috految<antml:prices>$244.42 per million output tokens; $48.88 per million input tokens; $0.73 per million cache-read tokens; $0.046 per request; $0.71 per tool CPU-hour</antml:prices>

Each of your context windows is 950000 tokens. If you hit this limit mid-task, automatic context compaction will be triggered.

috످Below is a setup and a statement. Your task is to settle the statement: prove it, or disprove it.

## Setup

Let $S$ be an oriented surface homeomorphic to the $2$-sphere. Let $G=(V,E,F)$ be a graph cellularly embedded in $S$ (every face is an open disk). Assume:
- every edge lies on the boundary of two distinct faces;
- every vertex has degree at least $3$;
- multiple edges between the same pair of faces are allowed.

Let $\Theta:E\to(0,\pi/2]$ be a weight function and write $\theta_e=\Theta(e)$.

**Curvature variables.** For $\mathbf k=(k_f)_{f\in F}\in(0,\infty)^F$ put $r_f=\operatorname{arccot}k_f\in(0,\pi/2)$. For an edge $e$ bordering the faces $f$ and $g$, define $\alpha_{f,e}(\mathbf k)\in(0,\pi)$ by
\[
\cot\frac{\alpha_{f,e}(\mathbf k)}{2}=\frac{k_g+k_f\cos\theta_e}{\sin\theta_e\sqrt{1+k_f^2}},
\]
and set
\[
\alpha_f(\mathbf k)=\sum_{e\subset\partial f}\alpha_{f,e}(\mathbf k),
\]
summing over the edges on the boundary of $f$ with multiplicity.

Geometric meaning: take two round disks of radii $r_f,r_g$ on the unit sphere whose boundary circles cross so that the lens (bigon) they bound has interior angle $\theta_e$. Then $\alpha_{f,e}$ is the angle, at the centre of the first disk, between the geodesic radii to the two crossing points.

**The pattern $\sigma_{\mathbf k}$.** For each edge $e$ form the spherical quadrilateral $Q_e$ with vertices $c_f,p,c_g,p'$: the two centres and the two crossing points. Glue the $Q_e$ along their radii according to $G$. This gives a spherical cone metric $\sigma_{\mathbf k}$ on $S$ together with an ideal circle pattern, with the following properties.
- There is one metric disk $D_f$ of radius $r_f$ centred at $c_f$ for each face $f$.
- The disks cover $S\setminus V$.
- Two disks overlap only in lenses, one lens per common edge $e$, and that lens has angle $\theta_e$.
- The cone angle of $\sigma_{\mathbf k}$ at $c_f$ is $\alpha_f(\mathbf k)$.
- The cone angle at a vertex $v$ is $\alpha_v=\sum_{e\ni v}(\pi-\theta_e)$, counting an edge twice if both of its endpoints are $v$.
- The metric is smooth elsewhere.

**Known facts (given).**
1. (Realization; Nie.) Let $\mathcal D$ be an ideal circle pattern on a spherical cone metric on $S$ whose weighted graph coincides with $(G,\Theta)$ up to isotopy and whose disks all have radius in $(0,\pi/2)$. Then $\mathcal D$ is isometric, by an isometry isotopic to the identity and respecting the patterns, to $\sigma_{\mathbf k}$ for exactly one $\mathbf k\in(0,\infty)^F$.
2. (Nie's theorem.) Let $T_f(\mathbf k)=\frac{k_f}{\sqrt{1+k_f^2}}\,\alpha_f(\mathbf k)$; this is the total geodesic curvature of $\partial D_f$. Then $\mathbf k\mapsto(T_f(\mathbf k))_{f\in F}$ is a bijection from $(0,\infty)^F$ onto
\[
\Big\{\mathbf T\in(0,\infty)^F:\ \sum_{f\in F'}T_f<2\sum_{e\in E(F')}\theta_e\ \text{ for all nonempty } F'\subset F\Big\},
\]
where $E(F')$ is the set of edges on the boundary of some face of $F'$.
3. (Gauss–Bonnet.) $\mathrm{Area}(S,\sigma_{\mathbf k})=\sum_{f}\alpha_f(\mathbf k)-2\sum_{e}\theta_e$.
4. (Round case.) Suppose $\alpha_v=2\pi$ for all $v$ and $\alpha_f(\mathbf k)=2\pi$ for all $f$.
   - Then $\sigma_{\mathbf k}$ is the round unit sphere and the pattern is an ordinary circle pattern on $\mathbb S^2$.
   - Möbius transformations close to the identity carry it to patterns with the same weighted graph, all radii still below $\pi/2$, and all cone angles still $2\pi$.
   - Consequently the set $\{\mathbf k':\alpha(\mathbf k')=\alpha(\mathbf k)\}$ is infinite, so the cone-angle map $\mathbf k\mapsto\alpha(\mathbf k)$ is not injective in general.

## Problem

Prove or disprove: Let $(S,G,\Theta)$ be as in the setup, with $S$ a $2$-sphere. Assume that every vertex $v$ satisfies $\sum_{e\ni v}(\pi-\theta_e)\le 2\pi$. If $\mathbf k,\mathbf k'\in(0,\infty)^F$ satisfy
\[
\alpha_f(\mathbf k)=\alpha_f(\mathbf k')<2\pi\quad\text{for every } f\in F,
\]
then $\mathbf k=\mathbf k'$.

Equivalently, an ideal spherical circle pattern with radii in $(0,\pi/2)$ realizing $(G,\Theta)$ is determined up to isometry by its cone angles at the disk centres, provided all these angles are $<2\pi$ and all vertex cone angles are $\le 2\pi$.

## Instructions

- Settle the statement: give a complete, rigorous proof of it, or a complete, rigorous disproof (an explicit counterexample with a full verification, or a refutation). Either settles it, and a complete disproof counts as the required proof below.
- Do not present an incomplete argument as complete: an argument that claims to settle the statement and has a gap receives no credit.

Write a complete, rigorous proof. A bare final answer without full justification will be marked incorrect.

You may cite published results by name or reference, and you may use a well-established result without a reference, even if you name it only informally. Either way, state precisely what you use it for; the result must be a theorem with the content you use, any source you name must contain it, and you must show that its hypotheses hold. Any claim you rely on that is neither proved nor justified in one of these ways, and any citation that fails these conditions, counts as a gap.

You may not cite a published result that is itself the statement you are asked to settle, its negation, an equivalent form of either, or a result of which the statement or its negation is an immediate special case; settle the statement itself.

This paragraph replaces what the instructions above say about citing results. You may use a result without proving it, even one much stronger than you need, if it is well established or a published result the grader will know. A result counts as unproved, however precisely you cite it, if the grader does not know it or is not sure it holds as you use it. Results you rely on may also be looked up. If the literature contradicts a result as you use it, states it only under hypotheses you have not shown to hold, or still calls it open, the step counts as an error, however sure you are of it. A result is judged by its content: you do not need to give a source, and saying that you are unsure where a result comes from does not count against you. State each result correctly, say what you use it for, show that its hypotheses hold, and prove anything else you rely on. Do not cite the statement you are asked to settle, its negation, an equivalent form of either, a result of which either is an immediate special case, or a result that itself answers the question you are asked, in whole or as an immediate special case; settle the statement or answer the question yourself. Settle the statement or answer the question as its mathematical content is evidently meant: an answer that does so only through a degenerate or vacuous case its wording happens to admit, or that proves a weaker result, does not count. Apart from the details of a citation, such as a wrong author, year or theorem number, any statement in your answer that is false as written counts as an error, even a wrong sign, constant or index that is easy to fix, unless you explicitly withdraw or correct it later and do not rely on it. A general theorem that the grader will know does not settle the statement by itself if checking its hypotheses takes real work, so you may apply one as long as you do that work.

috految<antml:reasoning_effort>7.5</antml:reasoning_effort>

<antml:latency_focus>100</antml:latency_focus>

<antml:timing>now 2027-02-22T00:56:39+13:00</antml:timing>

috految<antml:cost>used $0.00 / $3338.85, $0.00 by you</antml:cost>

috److془We need to carefully solve this problem.

Let's set up. $k_f=\sinh h_f$, $\cot(\alpha/2) = (\sinh h_g+\sinh h_f\cos\theta)/(\sin\theta\cosh h_f)$. Hyperbolic ideal polyhedron with cone singularities, h_f distance from origin to the face. Dihedral angle θ at edges... Dual: de Sitter star with edge lengths π-θ.

Jacobian: $\partial \alpha_f/\partial h_g=-w$, $\partial\alpha_f/\partial h_f = w\cos\ell$. Alexandrov-Fenchel type: one negative eigenvalue and nondegenerate. Need global injectivity. Domain: h_f>0 lacks properness. Could use Pogorelov-type trick or so. Or Luo-Tian analog: Lin-Lucia sphere covering inequality. Note: Luo-Tian needs ≥3 cone points. With two faces: degree ≥3 implies F≥3. But the Θ condition: vertex angles ≤2π. Fine.

Hmm but nondegeneracy: Polygon of face f: cone angle <2π: Wirtinger. Quadratic form is mixed volume V(u,u,P), with P Euclidean convex polyhedron with cone singularities. Vertices with cone angle ≤ 2π. Hmm: the polyhedron with edge lengths 2 sin r sin(α/2), w = c·edge/ sin ℓ. Edge lengths in Klein; check: u = δs..., w = 2 sin^2(α/2) sin r_f/(sinθ sin r_g) ; sin ℓ sin(α/2)= sinθ sin r_g. w=2 sin(α/2) sin r_f/ sin ℓ. Good. Vertices with cone angle: Can add tiny face. Good. Izmestiev's Bochner. Hmm the eigenvalue: Lichnerowicz. Fine. But is the Wirtinger fine: support functions convex with area positivity. Yes.

Global: Need a trick. Option: Midpoint construction, or extension. Or monotonic structure: Suppose h,h' . Secant matrix: difference of angles = sum of w(u_f cos ℓ - u_g) with mean triangle. Sphere covering argument: on the set of f where h'>h ... Alternatively: the Pogorelov map gives a mean configuration. Or the convexity: α_f<2π closed under something? Actually smooth: metric e^{u}g, curvature ≥1 closed under : -Δu+K ≥ e^{2u}: convex. Indeed Hessian along segment has index 1, but requires more. Mean: Δv = -(e^{2u}-e^{2u'}); the potential log mean vs arithmetic mean. Use v = sinh or so. Or: the Hessian at midpoint: Pogorelov. Or: Hessian on the convex set: degree argument. Alternately: subsolution cone closed under shrink. Hmm. Is the -Δu+K=e^{2u}+μ the Obata argument: h,h' , φ=e^{-w}, trace-free Hessian. Herglotz formula! Discrete: ∫ (h+h') det(II-II') needs.. The face f: conical polygons with the same cone angle. Cauchy sign argument: Hopf differential has simple poles; so needs Herglotz. Discrete: Alternatively, Pogorelov: Herglotz: P,P' with same Gauss metric. Hmm, but Herglotz at the cone vertices: fine presumably. Let's do it: edge lengths difference l-l' ; function k on the dual surface (spherical cone metric, consisting hemispheres). Minkowski: Σ_f k_f Area_f(P,P'): vertex terms. Hmm here the angles of link of dual vertex: vertices at infinity, ideal. Hedgehog depends on the l-l': Σ_f k_f Σ (l-l') (sinh d - sinh d') type. Local inequality: Σ_e (l-l')_e sinh d_e has a sign, where d distance from the center (Hyperbolic analog of Minkowski mixed area inequality/ Schlenker). Let's do it. a=α_{f,e}/2; sinh d= cot a. Identity: (k_g+k_f cosθ)/sinθ = C_f cot a, C=cosh h. Σ_e x_e[ k'_f C_f cot a - k_f C'_f cot a' ] = antisymmetric sums to zero. Mod the ambiguity of the vertex terms. Hmm: x_e = log sin a - log C_f - (primed) symmetrical. Local: Σ cot a_i (log sin a'_i - log sin a_i + t) with vertex terms. Vertex terms: horocycle lengths: ρ_c = (cot a_i+cot a_{i+1})C_f in the horosphere normalization at origin. Euclidean polygon at v with support numbers k_f, sides ρ , exterior angles π-θ. Mixed area inequality: Σ k' ρ=Σ kρ' = M, M^2≥AA'. Wonderful. Face inequality, expected: with p_i=cot a_i, q_i= cot a'_i, λ_i=sin a_i/C, x_i=log(λ'_i/λ_i). Σ 2p x + Σ (p_i+p_{i+1}) log(ρ'/ρ) =: D invariant under scale. (λ'/λ ∝1/C', ρ'∝C' ✓.) = Σ(p_i+p_{i+1}) log( sin(a'_i+a'_{i+1}) / sin(a_i+a_{i+1})) - Σ(p_{i-1}+p_{i+1})log(sin a'/sin a). Expected D≥0 (equal p alternated: yes). Having Σ k' C D + k C' D' = Σ (k'ρ - kρ') log(ρ'/ρ). Need ≤0. Hmm: Σ k'ρ log(ρ'/ρ) ≤ M log(A'/M), other M log(A/M). Total ≤0 ✓.!! 

Now D≥0: for a_i,a'_i∈(0,π/2), sum equal s<π. Hmm, second order for continuous limit: Uniform a, Fourier mode: -cos²(ω/2)4/sin²2a+1/sin²a ≥0 for ω≥2a ✓. Global: a_i' ; D=Σ(p_i+p_{i+1})log(z_i), Use dual convexity: log of horocycle lengths convex in Penner coordinates? D = Σ (p_i+p_{i+1}) log ratio of ρ + linear in log λ. Need choose coordinates for cone polygon with fixed total angle: ρ Laurent positive. Triangulate with loop about the cone point: corner 2cos s/λ; positive if s≤π/2. Otherwise hmm. Letting: n=2: x=λ1/λ2, ρ=(x+1/x+2cos s)/.. hmm; D = -2p_2 log sin a'_1 -2p_1 log sin a'_2 convex OK. Use induction merging: diagonals with a_i+a_{i+1}≤π/2. Down to n≤3 . Or just: at n=3 with all pair sums >π/2. Need with a' arbitrary positive. Hmm wait n=3 : D = Σ(p_j+p_k) log( sin(s-a'_i)/sin a'_i). Issue: a'_1→s: ε exponent: (p2+p3)-(p1+p3)-(p1+p2)=-2p1 good. Critical points: (p_j+p_k)/(sin b_i sin(s-b_i)) const. i.e. p_j+p_k ∝ q_j+q_k (sin b_i sin(s-b_i) = ∏ sin b ·(q_j+q_k)). So q=cp, c>0, c=1. 

Coercivity: if b1→s, b2,b3→0: (p2+p3)log(b2+b3) -(p1+p3)log b2-(p1+p2)log b3 ≥ -p1 log b2b3. ✓. Otherwise, fine. Merging for n≥4: adjacent pair sum ≤2s/n<π/2. Verify: r_i=p_i+p_{i+1}, r'_i; positive for n≥2. y_i=log(sin b_i/sin a_i). D=2Σp_i y_i+Σ r_i log(r'_i/r_i). Merge 1,2 to *, with p_*=cot(a1+a2). r_n = (p_n+p_*)+(p_1-p_*), p_1-p_*= sin a2/(sin a1 sin a_*). Log-sum: r log ratio ≥ sum ✓ (concavity). r_1= sin a_*/(sin a1 sin a2). Difference ≥ 2p1y1+2p2y2-2p_*y_* +(p1-p*)(y2-y1-y*)+(p2-p*)(y1-y2-y*)+(p1+p2)(y*-y1-y2). y1: 2p1-p1+p2-p1-p2=0; y*: 0 ✓. Equality: merged equal, logsum equality gives q1-q*=p1-p* ✓. n=1: a=b, D=0. n=2: F=-2p2 y1-2p1 y2, strictly convex on line, derivative at a zero ✓.

Conclusion: a=a' everywhere. Then C'_f/C_f =t constant across edge (λ symmetric); k'_g+k'_f cos = t(k_g+k_f cos), and symmetric → k'=tk; 1+t²k²=t²(1+k²) t=1 ✓. 

Symmetry: C_f²/sin²a = 1+k_f²+(k_g+k_f c)²/s² = 1+(k_f²+k_g²+2c k_fk_g)/s² ✓. Vertex: B(u,w)=Σ_j [u_j w_{j+1}+u_{j+1}w_j+cosθ (u_jw_j+u_{j+1}w_{j+1})]/sinθ. Equals ∫(UW-U'W') with sinusoid on length π-θ: ∫U'^2-U² = (cosφ(u²+u²)-2uu)/sinφ ✓. Total length ≤2π: Wirtinger, ≤0 on mean zero. ✓ Sum: C D = 2Σ Cp x+Σρ log(ρ'/ρ), x=y - log(C'/C) ✓. Edge: k'_f P_f - k_f P'_f=(k'_f k_g-k_f k'_g)/sin antisym ✓.془The statement is true. We combine an inequality at each face with an inequality at each vertex.

**Lemma.** Let $a_i\in(0,\pi/2)$ and $b_i>0$, indexed cyclically by $i=1,\dots,n$, satisfy $\sum a_i=\sum b_i=s<\pi$. Put $p_i=\cot a_i>0$, $q_i=\cot b_i$, $y_i=\log(\sin b_i/\sin a_i)$. Then
$$D(a,b):=2\sum_i p_iy_i+\sum_i(p_i+p_{i+1})\log\frac{q_i+q_{i+1}}{p_i+p_{i+1}}\ge0,$$
with equality only if $a=b$.

*Proof.* For $n=1$ we have $a=b$ and $D=0$. For $n\ge2$, the quantity $q_i+q_{i+1}=\frac{\sin(b_i+b_{i+1})}{\sin b_i\sin b_{i+1}}$ is positive, so $D$ is defined. Clearly $D(a,a)=0$.

For $n=2$, $D=-2p_2y_1-2p_1y_2$. This is strictly convex in $b$ on the segment $b_1+b_2=s$ and critical at $a$, proving the claim.

For $n=3$, writing $\{i,j,l\}=\{1,2,3\}$ and fixing $a$, we have
$$D=\text{const}+\sum_i(p_j+p_l)\log\frac{\sin(s-b_i)}{\sin b_i}.$$
This tends to $+\infty$ as $b$ tends to any boundary point of the simplex $\{b_i>0,\sum b_i=s\}$. Indeed, this is clear if exactly one coordinate tends to zero. If, say, $b_2,b_3\to0$, then up to bounded terms $D$ equals
$$(p_2+p_3)\log(b_2+b_3)-(p_1+p_3)\log b_2-(p_1+p_2)\log b_3\ge-p_1\log(b_2b_3)\to+\infty.$$
So the minimum is attained. At any minimum, Lagrange multipliers show that
$$\frac{(p_j+p_l)\sin s}{\sin b_i\sin(s-b_i)}=\frac{\sin s}{\sin b_1\sin b_2\sin b_3}\cdot\frac{p_j+p_l}{q_j+q_l}$$
is independent of $i$. Hence $q=cp$ with $c>0$. Since all $p_i>0$ and $\sum a_i=\sum b_i$, we get $c=1$. Thus $a$ is the unique minimum.

For $n\ge4$ we use induction. After cyclic relabelling, $a_*:=a_1+a_2\le 2s/n<\pi/2$. Put $b_*=b_1+b_2$, and define $p_*,q_*,y_*$ accordingly. Merging the first two entries gives tuples satisfying the hypotheses, with value $D_*\geq0$. We have
$$p_1-p_*=\frac{\sin a_2}{\sin a_1\sin a_*},\quad p_2-p_*=\frac{\sin a_1}{\sin a_2\sin a_*},\quad p_1+p_2=\frac{\sin a_*}{\sin a_1\sin a_2},$$
and likewise for $q,b$. For positive numbers, concavity gives
$$(u+v)\log\frac{u'+v'}{u+v}\ge u\log\frac{u'}u+v\log\frac{v'}v,$$
with equality only if $u'/u=v'/v$. Apply this to $p_n+p_1=(p_n+p_*)+(p_1-p_*)$ and $p_2+p_3=(p_*+p_3)+(p_2-p_*)$, with the corresponding decompositions for $q$. We obtain
$$\begin{aligned}D-D_*\ge{}&2p_1y_1+2p_2y_2-2p_*y_*+(p_1-p_*)(y_2-y_1-y_*)\\&+(p_2-p_*)(y_1-y_2-y_*)+(p_1+p_2)(y_*-y_1-y_2)=0.\end{aligned}$$
If $D=0$, the merged tuples agree by induction. Equality in the concavity inequality then gives $q_1-q_*=p_1-p_*$, so $a=b$. ∎

**Notation.** Let $\mathbf k,\mathbf k'$ be as in the problem; primes refer to $\mathbf k'$. Put $C_f=\sqrt{1+k_f^2}$ and $a_{f,e}=\alpha_{f,e}/2\in(0,\pi/2)$. For an edge $e$ between $f$ and $g$ put
$$P_{f,e}=C_f\cot a_{f,e}=\frac{k_g+k_f\cos\theta_e}{\sin\theta_e}>0.$$
The quantity
$$\frac{C_f^2}{\sin^2a_{f,e}}=1+\frac{k_f^2+k_g^2+2k_fk_g\cos\theta_e}{\sin^2\theta_e}$$
is symmetric in $f,g$. Thus
$$x_e=\log\frac{\sin a'_{f,e}}{\sin a_{f,e}}-\log\frac{C'_f}{C_f}$$
does not depend on the side $f$ of $e$. For a corner $c$ of a face $f=f(c)$, between consecutive boundary edges $e,\tilde e$ (possibly equal), put $\rho_c=P_{f,e}+P_{f,\tilde e}>0$.

**Faces.** The cyclic tuples $a_f,a'_f$ of half-angles around $f$ have the same sum $\alpha_f/2<\pi$, so the lemma applies in both orders. Since $\sum_{c\text{ of }f}\rho_c=2\sum_{e\subset\partial f}P_{f,e}$, we have
$$C_fD(a_f,a'_f)=2\sum_{e\subset\partial f}P_{f,e}x_e+\sum_{c\text{ of }f}\rho_c\log\frac{\rho'_c}{\rho_c}.$$
The same holds with primed and unprimed quantities exchanged, which changes $x_e$ to $-x_e$. Now
$$k'_fP_{f,e}-k_fP'_{f,e}=\frac{k'_fk_g-k_fk'_g}{\sin\theta_e}$$
is antisymmetric in $f,g$. So the edge terms cancel on summing, giving
$$\sum_f\big[k'_fC_fD(a_f,a'_f)+k_fC'_fD(a'_f,a_f)\big]
=\sum_c\Big[k'_{f(c)}\rho_c\log\frac{\rho'_c}{\rho_c}+k_{f(c)}\rho'_c\log\frac{\rho_c}{\rho'_c}\Big].\tag{1}$$

**Vertices.** Fix a vertex and list its corners cyclically by $j$, with $\theta_j$ the weight of the half-edge between corners $j$ and $j+1$. Define the symmetric bilinear form
$$B(u,w)=\sum_j\frac{u_jw_{j+1}+u_{j+1}w_j+\cos\theta_j(u_jw_j+u_{j+1}w_{j+1})}{\sin\theta_j}.$$
Concatenate intervals of lengths $\pi-\theta_j\in(0,\pi)$ into a circle, whose length is at most $2\pi$ by hypothesis. Let $U$ be the continuous function with nodal values $u_j$ solving $\ddot U+U=0$ on each interval. Integration by parts on the intervals gives $B(u,u)=\int(U^2-\dot U^2)$. By Wirtinger's inequality this is nonpositive whenever $\int U=0$. Hence $B$ has at most one positive eigenvalue.

Take $u_j=k_{f(j)}$ and $w_j=k'_{f(j)}$. Then
$$A=B(u,u)=\sum u_j\rho_j,\quad A'=B(w,w)=\sum w_j\rho'_j,\quad M=B(u,w)=\sum w_j\rho_j=\sum u_j\rho'_j$$
are positive. As $B$ has no positive definite plane, $AA'\le M^2$. By Jensen's inequality, the contribution of this vertex's corners to the right side of (1) is at most
$$M\log\frac{A'}M+M\log\frac AM\le0.$$

**Conclusion.** The right side of (1) is therefore nonpositive. By the lemma, $a_f=a'_f$ for every $f$. For an edge $e$ between $f$ and $g$, the two expressions for $x_e$ now give $C'_f/C_f=C'_g/C_g=:t>0$. Hence $P'_{f,e}=tP_{f,e}$ and $P'_{g,e}=tP_{g,e}$. Since $\cos^2\theta_e\ne1$, these equations imply $k'_f=tk_f$ and $k'_g=tk_g$. Then $1+t^2k_f^2=(C_f')^2=t^2(1+k_f^2)$, so $t=1$. Every face has an edge, so $\mathbf k=\mathbf k'$. ∎

috످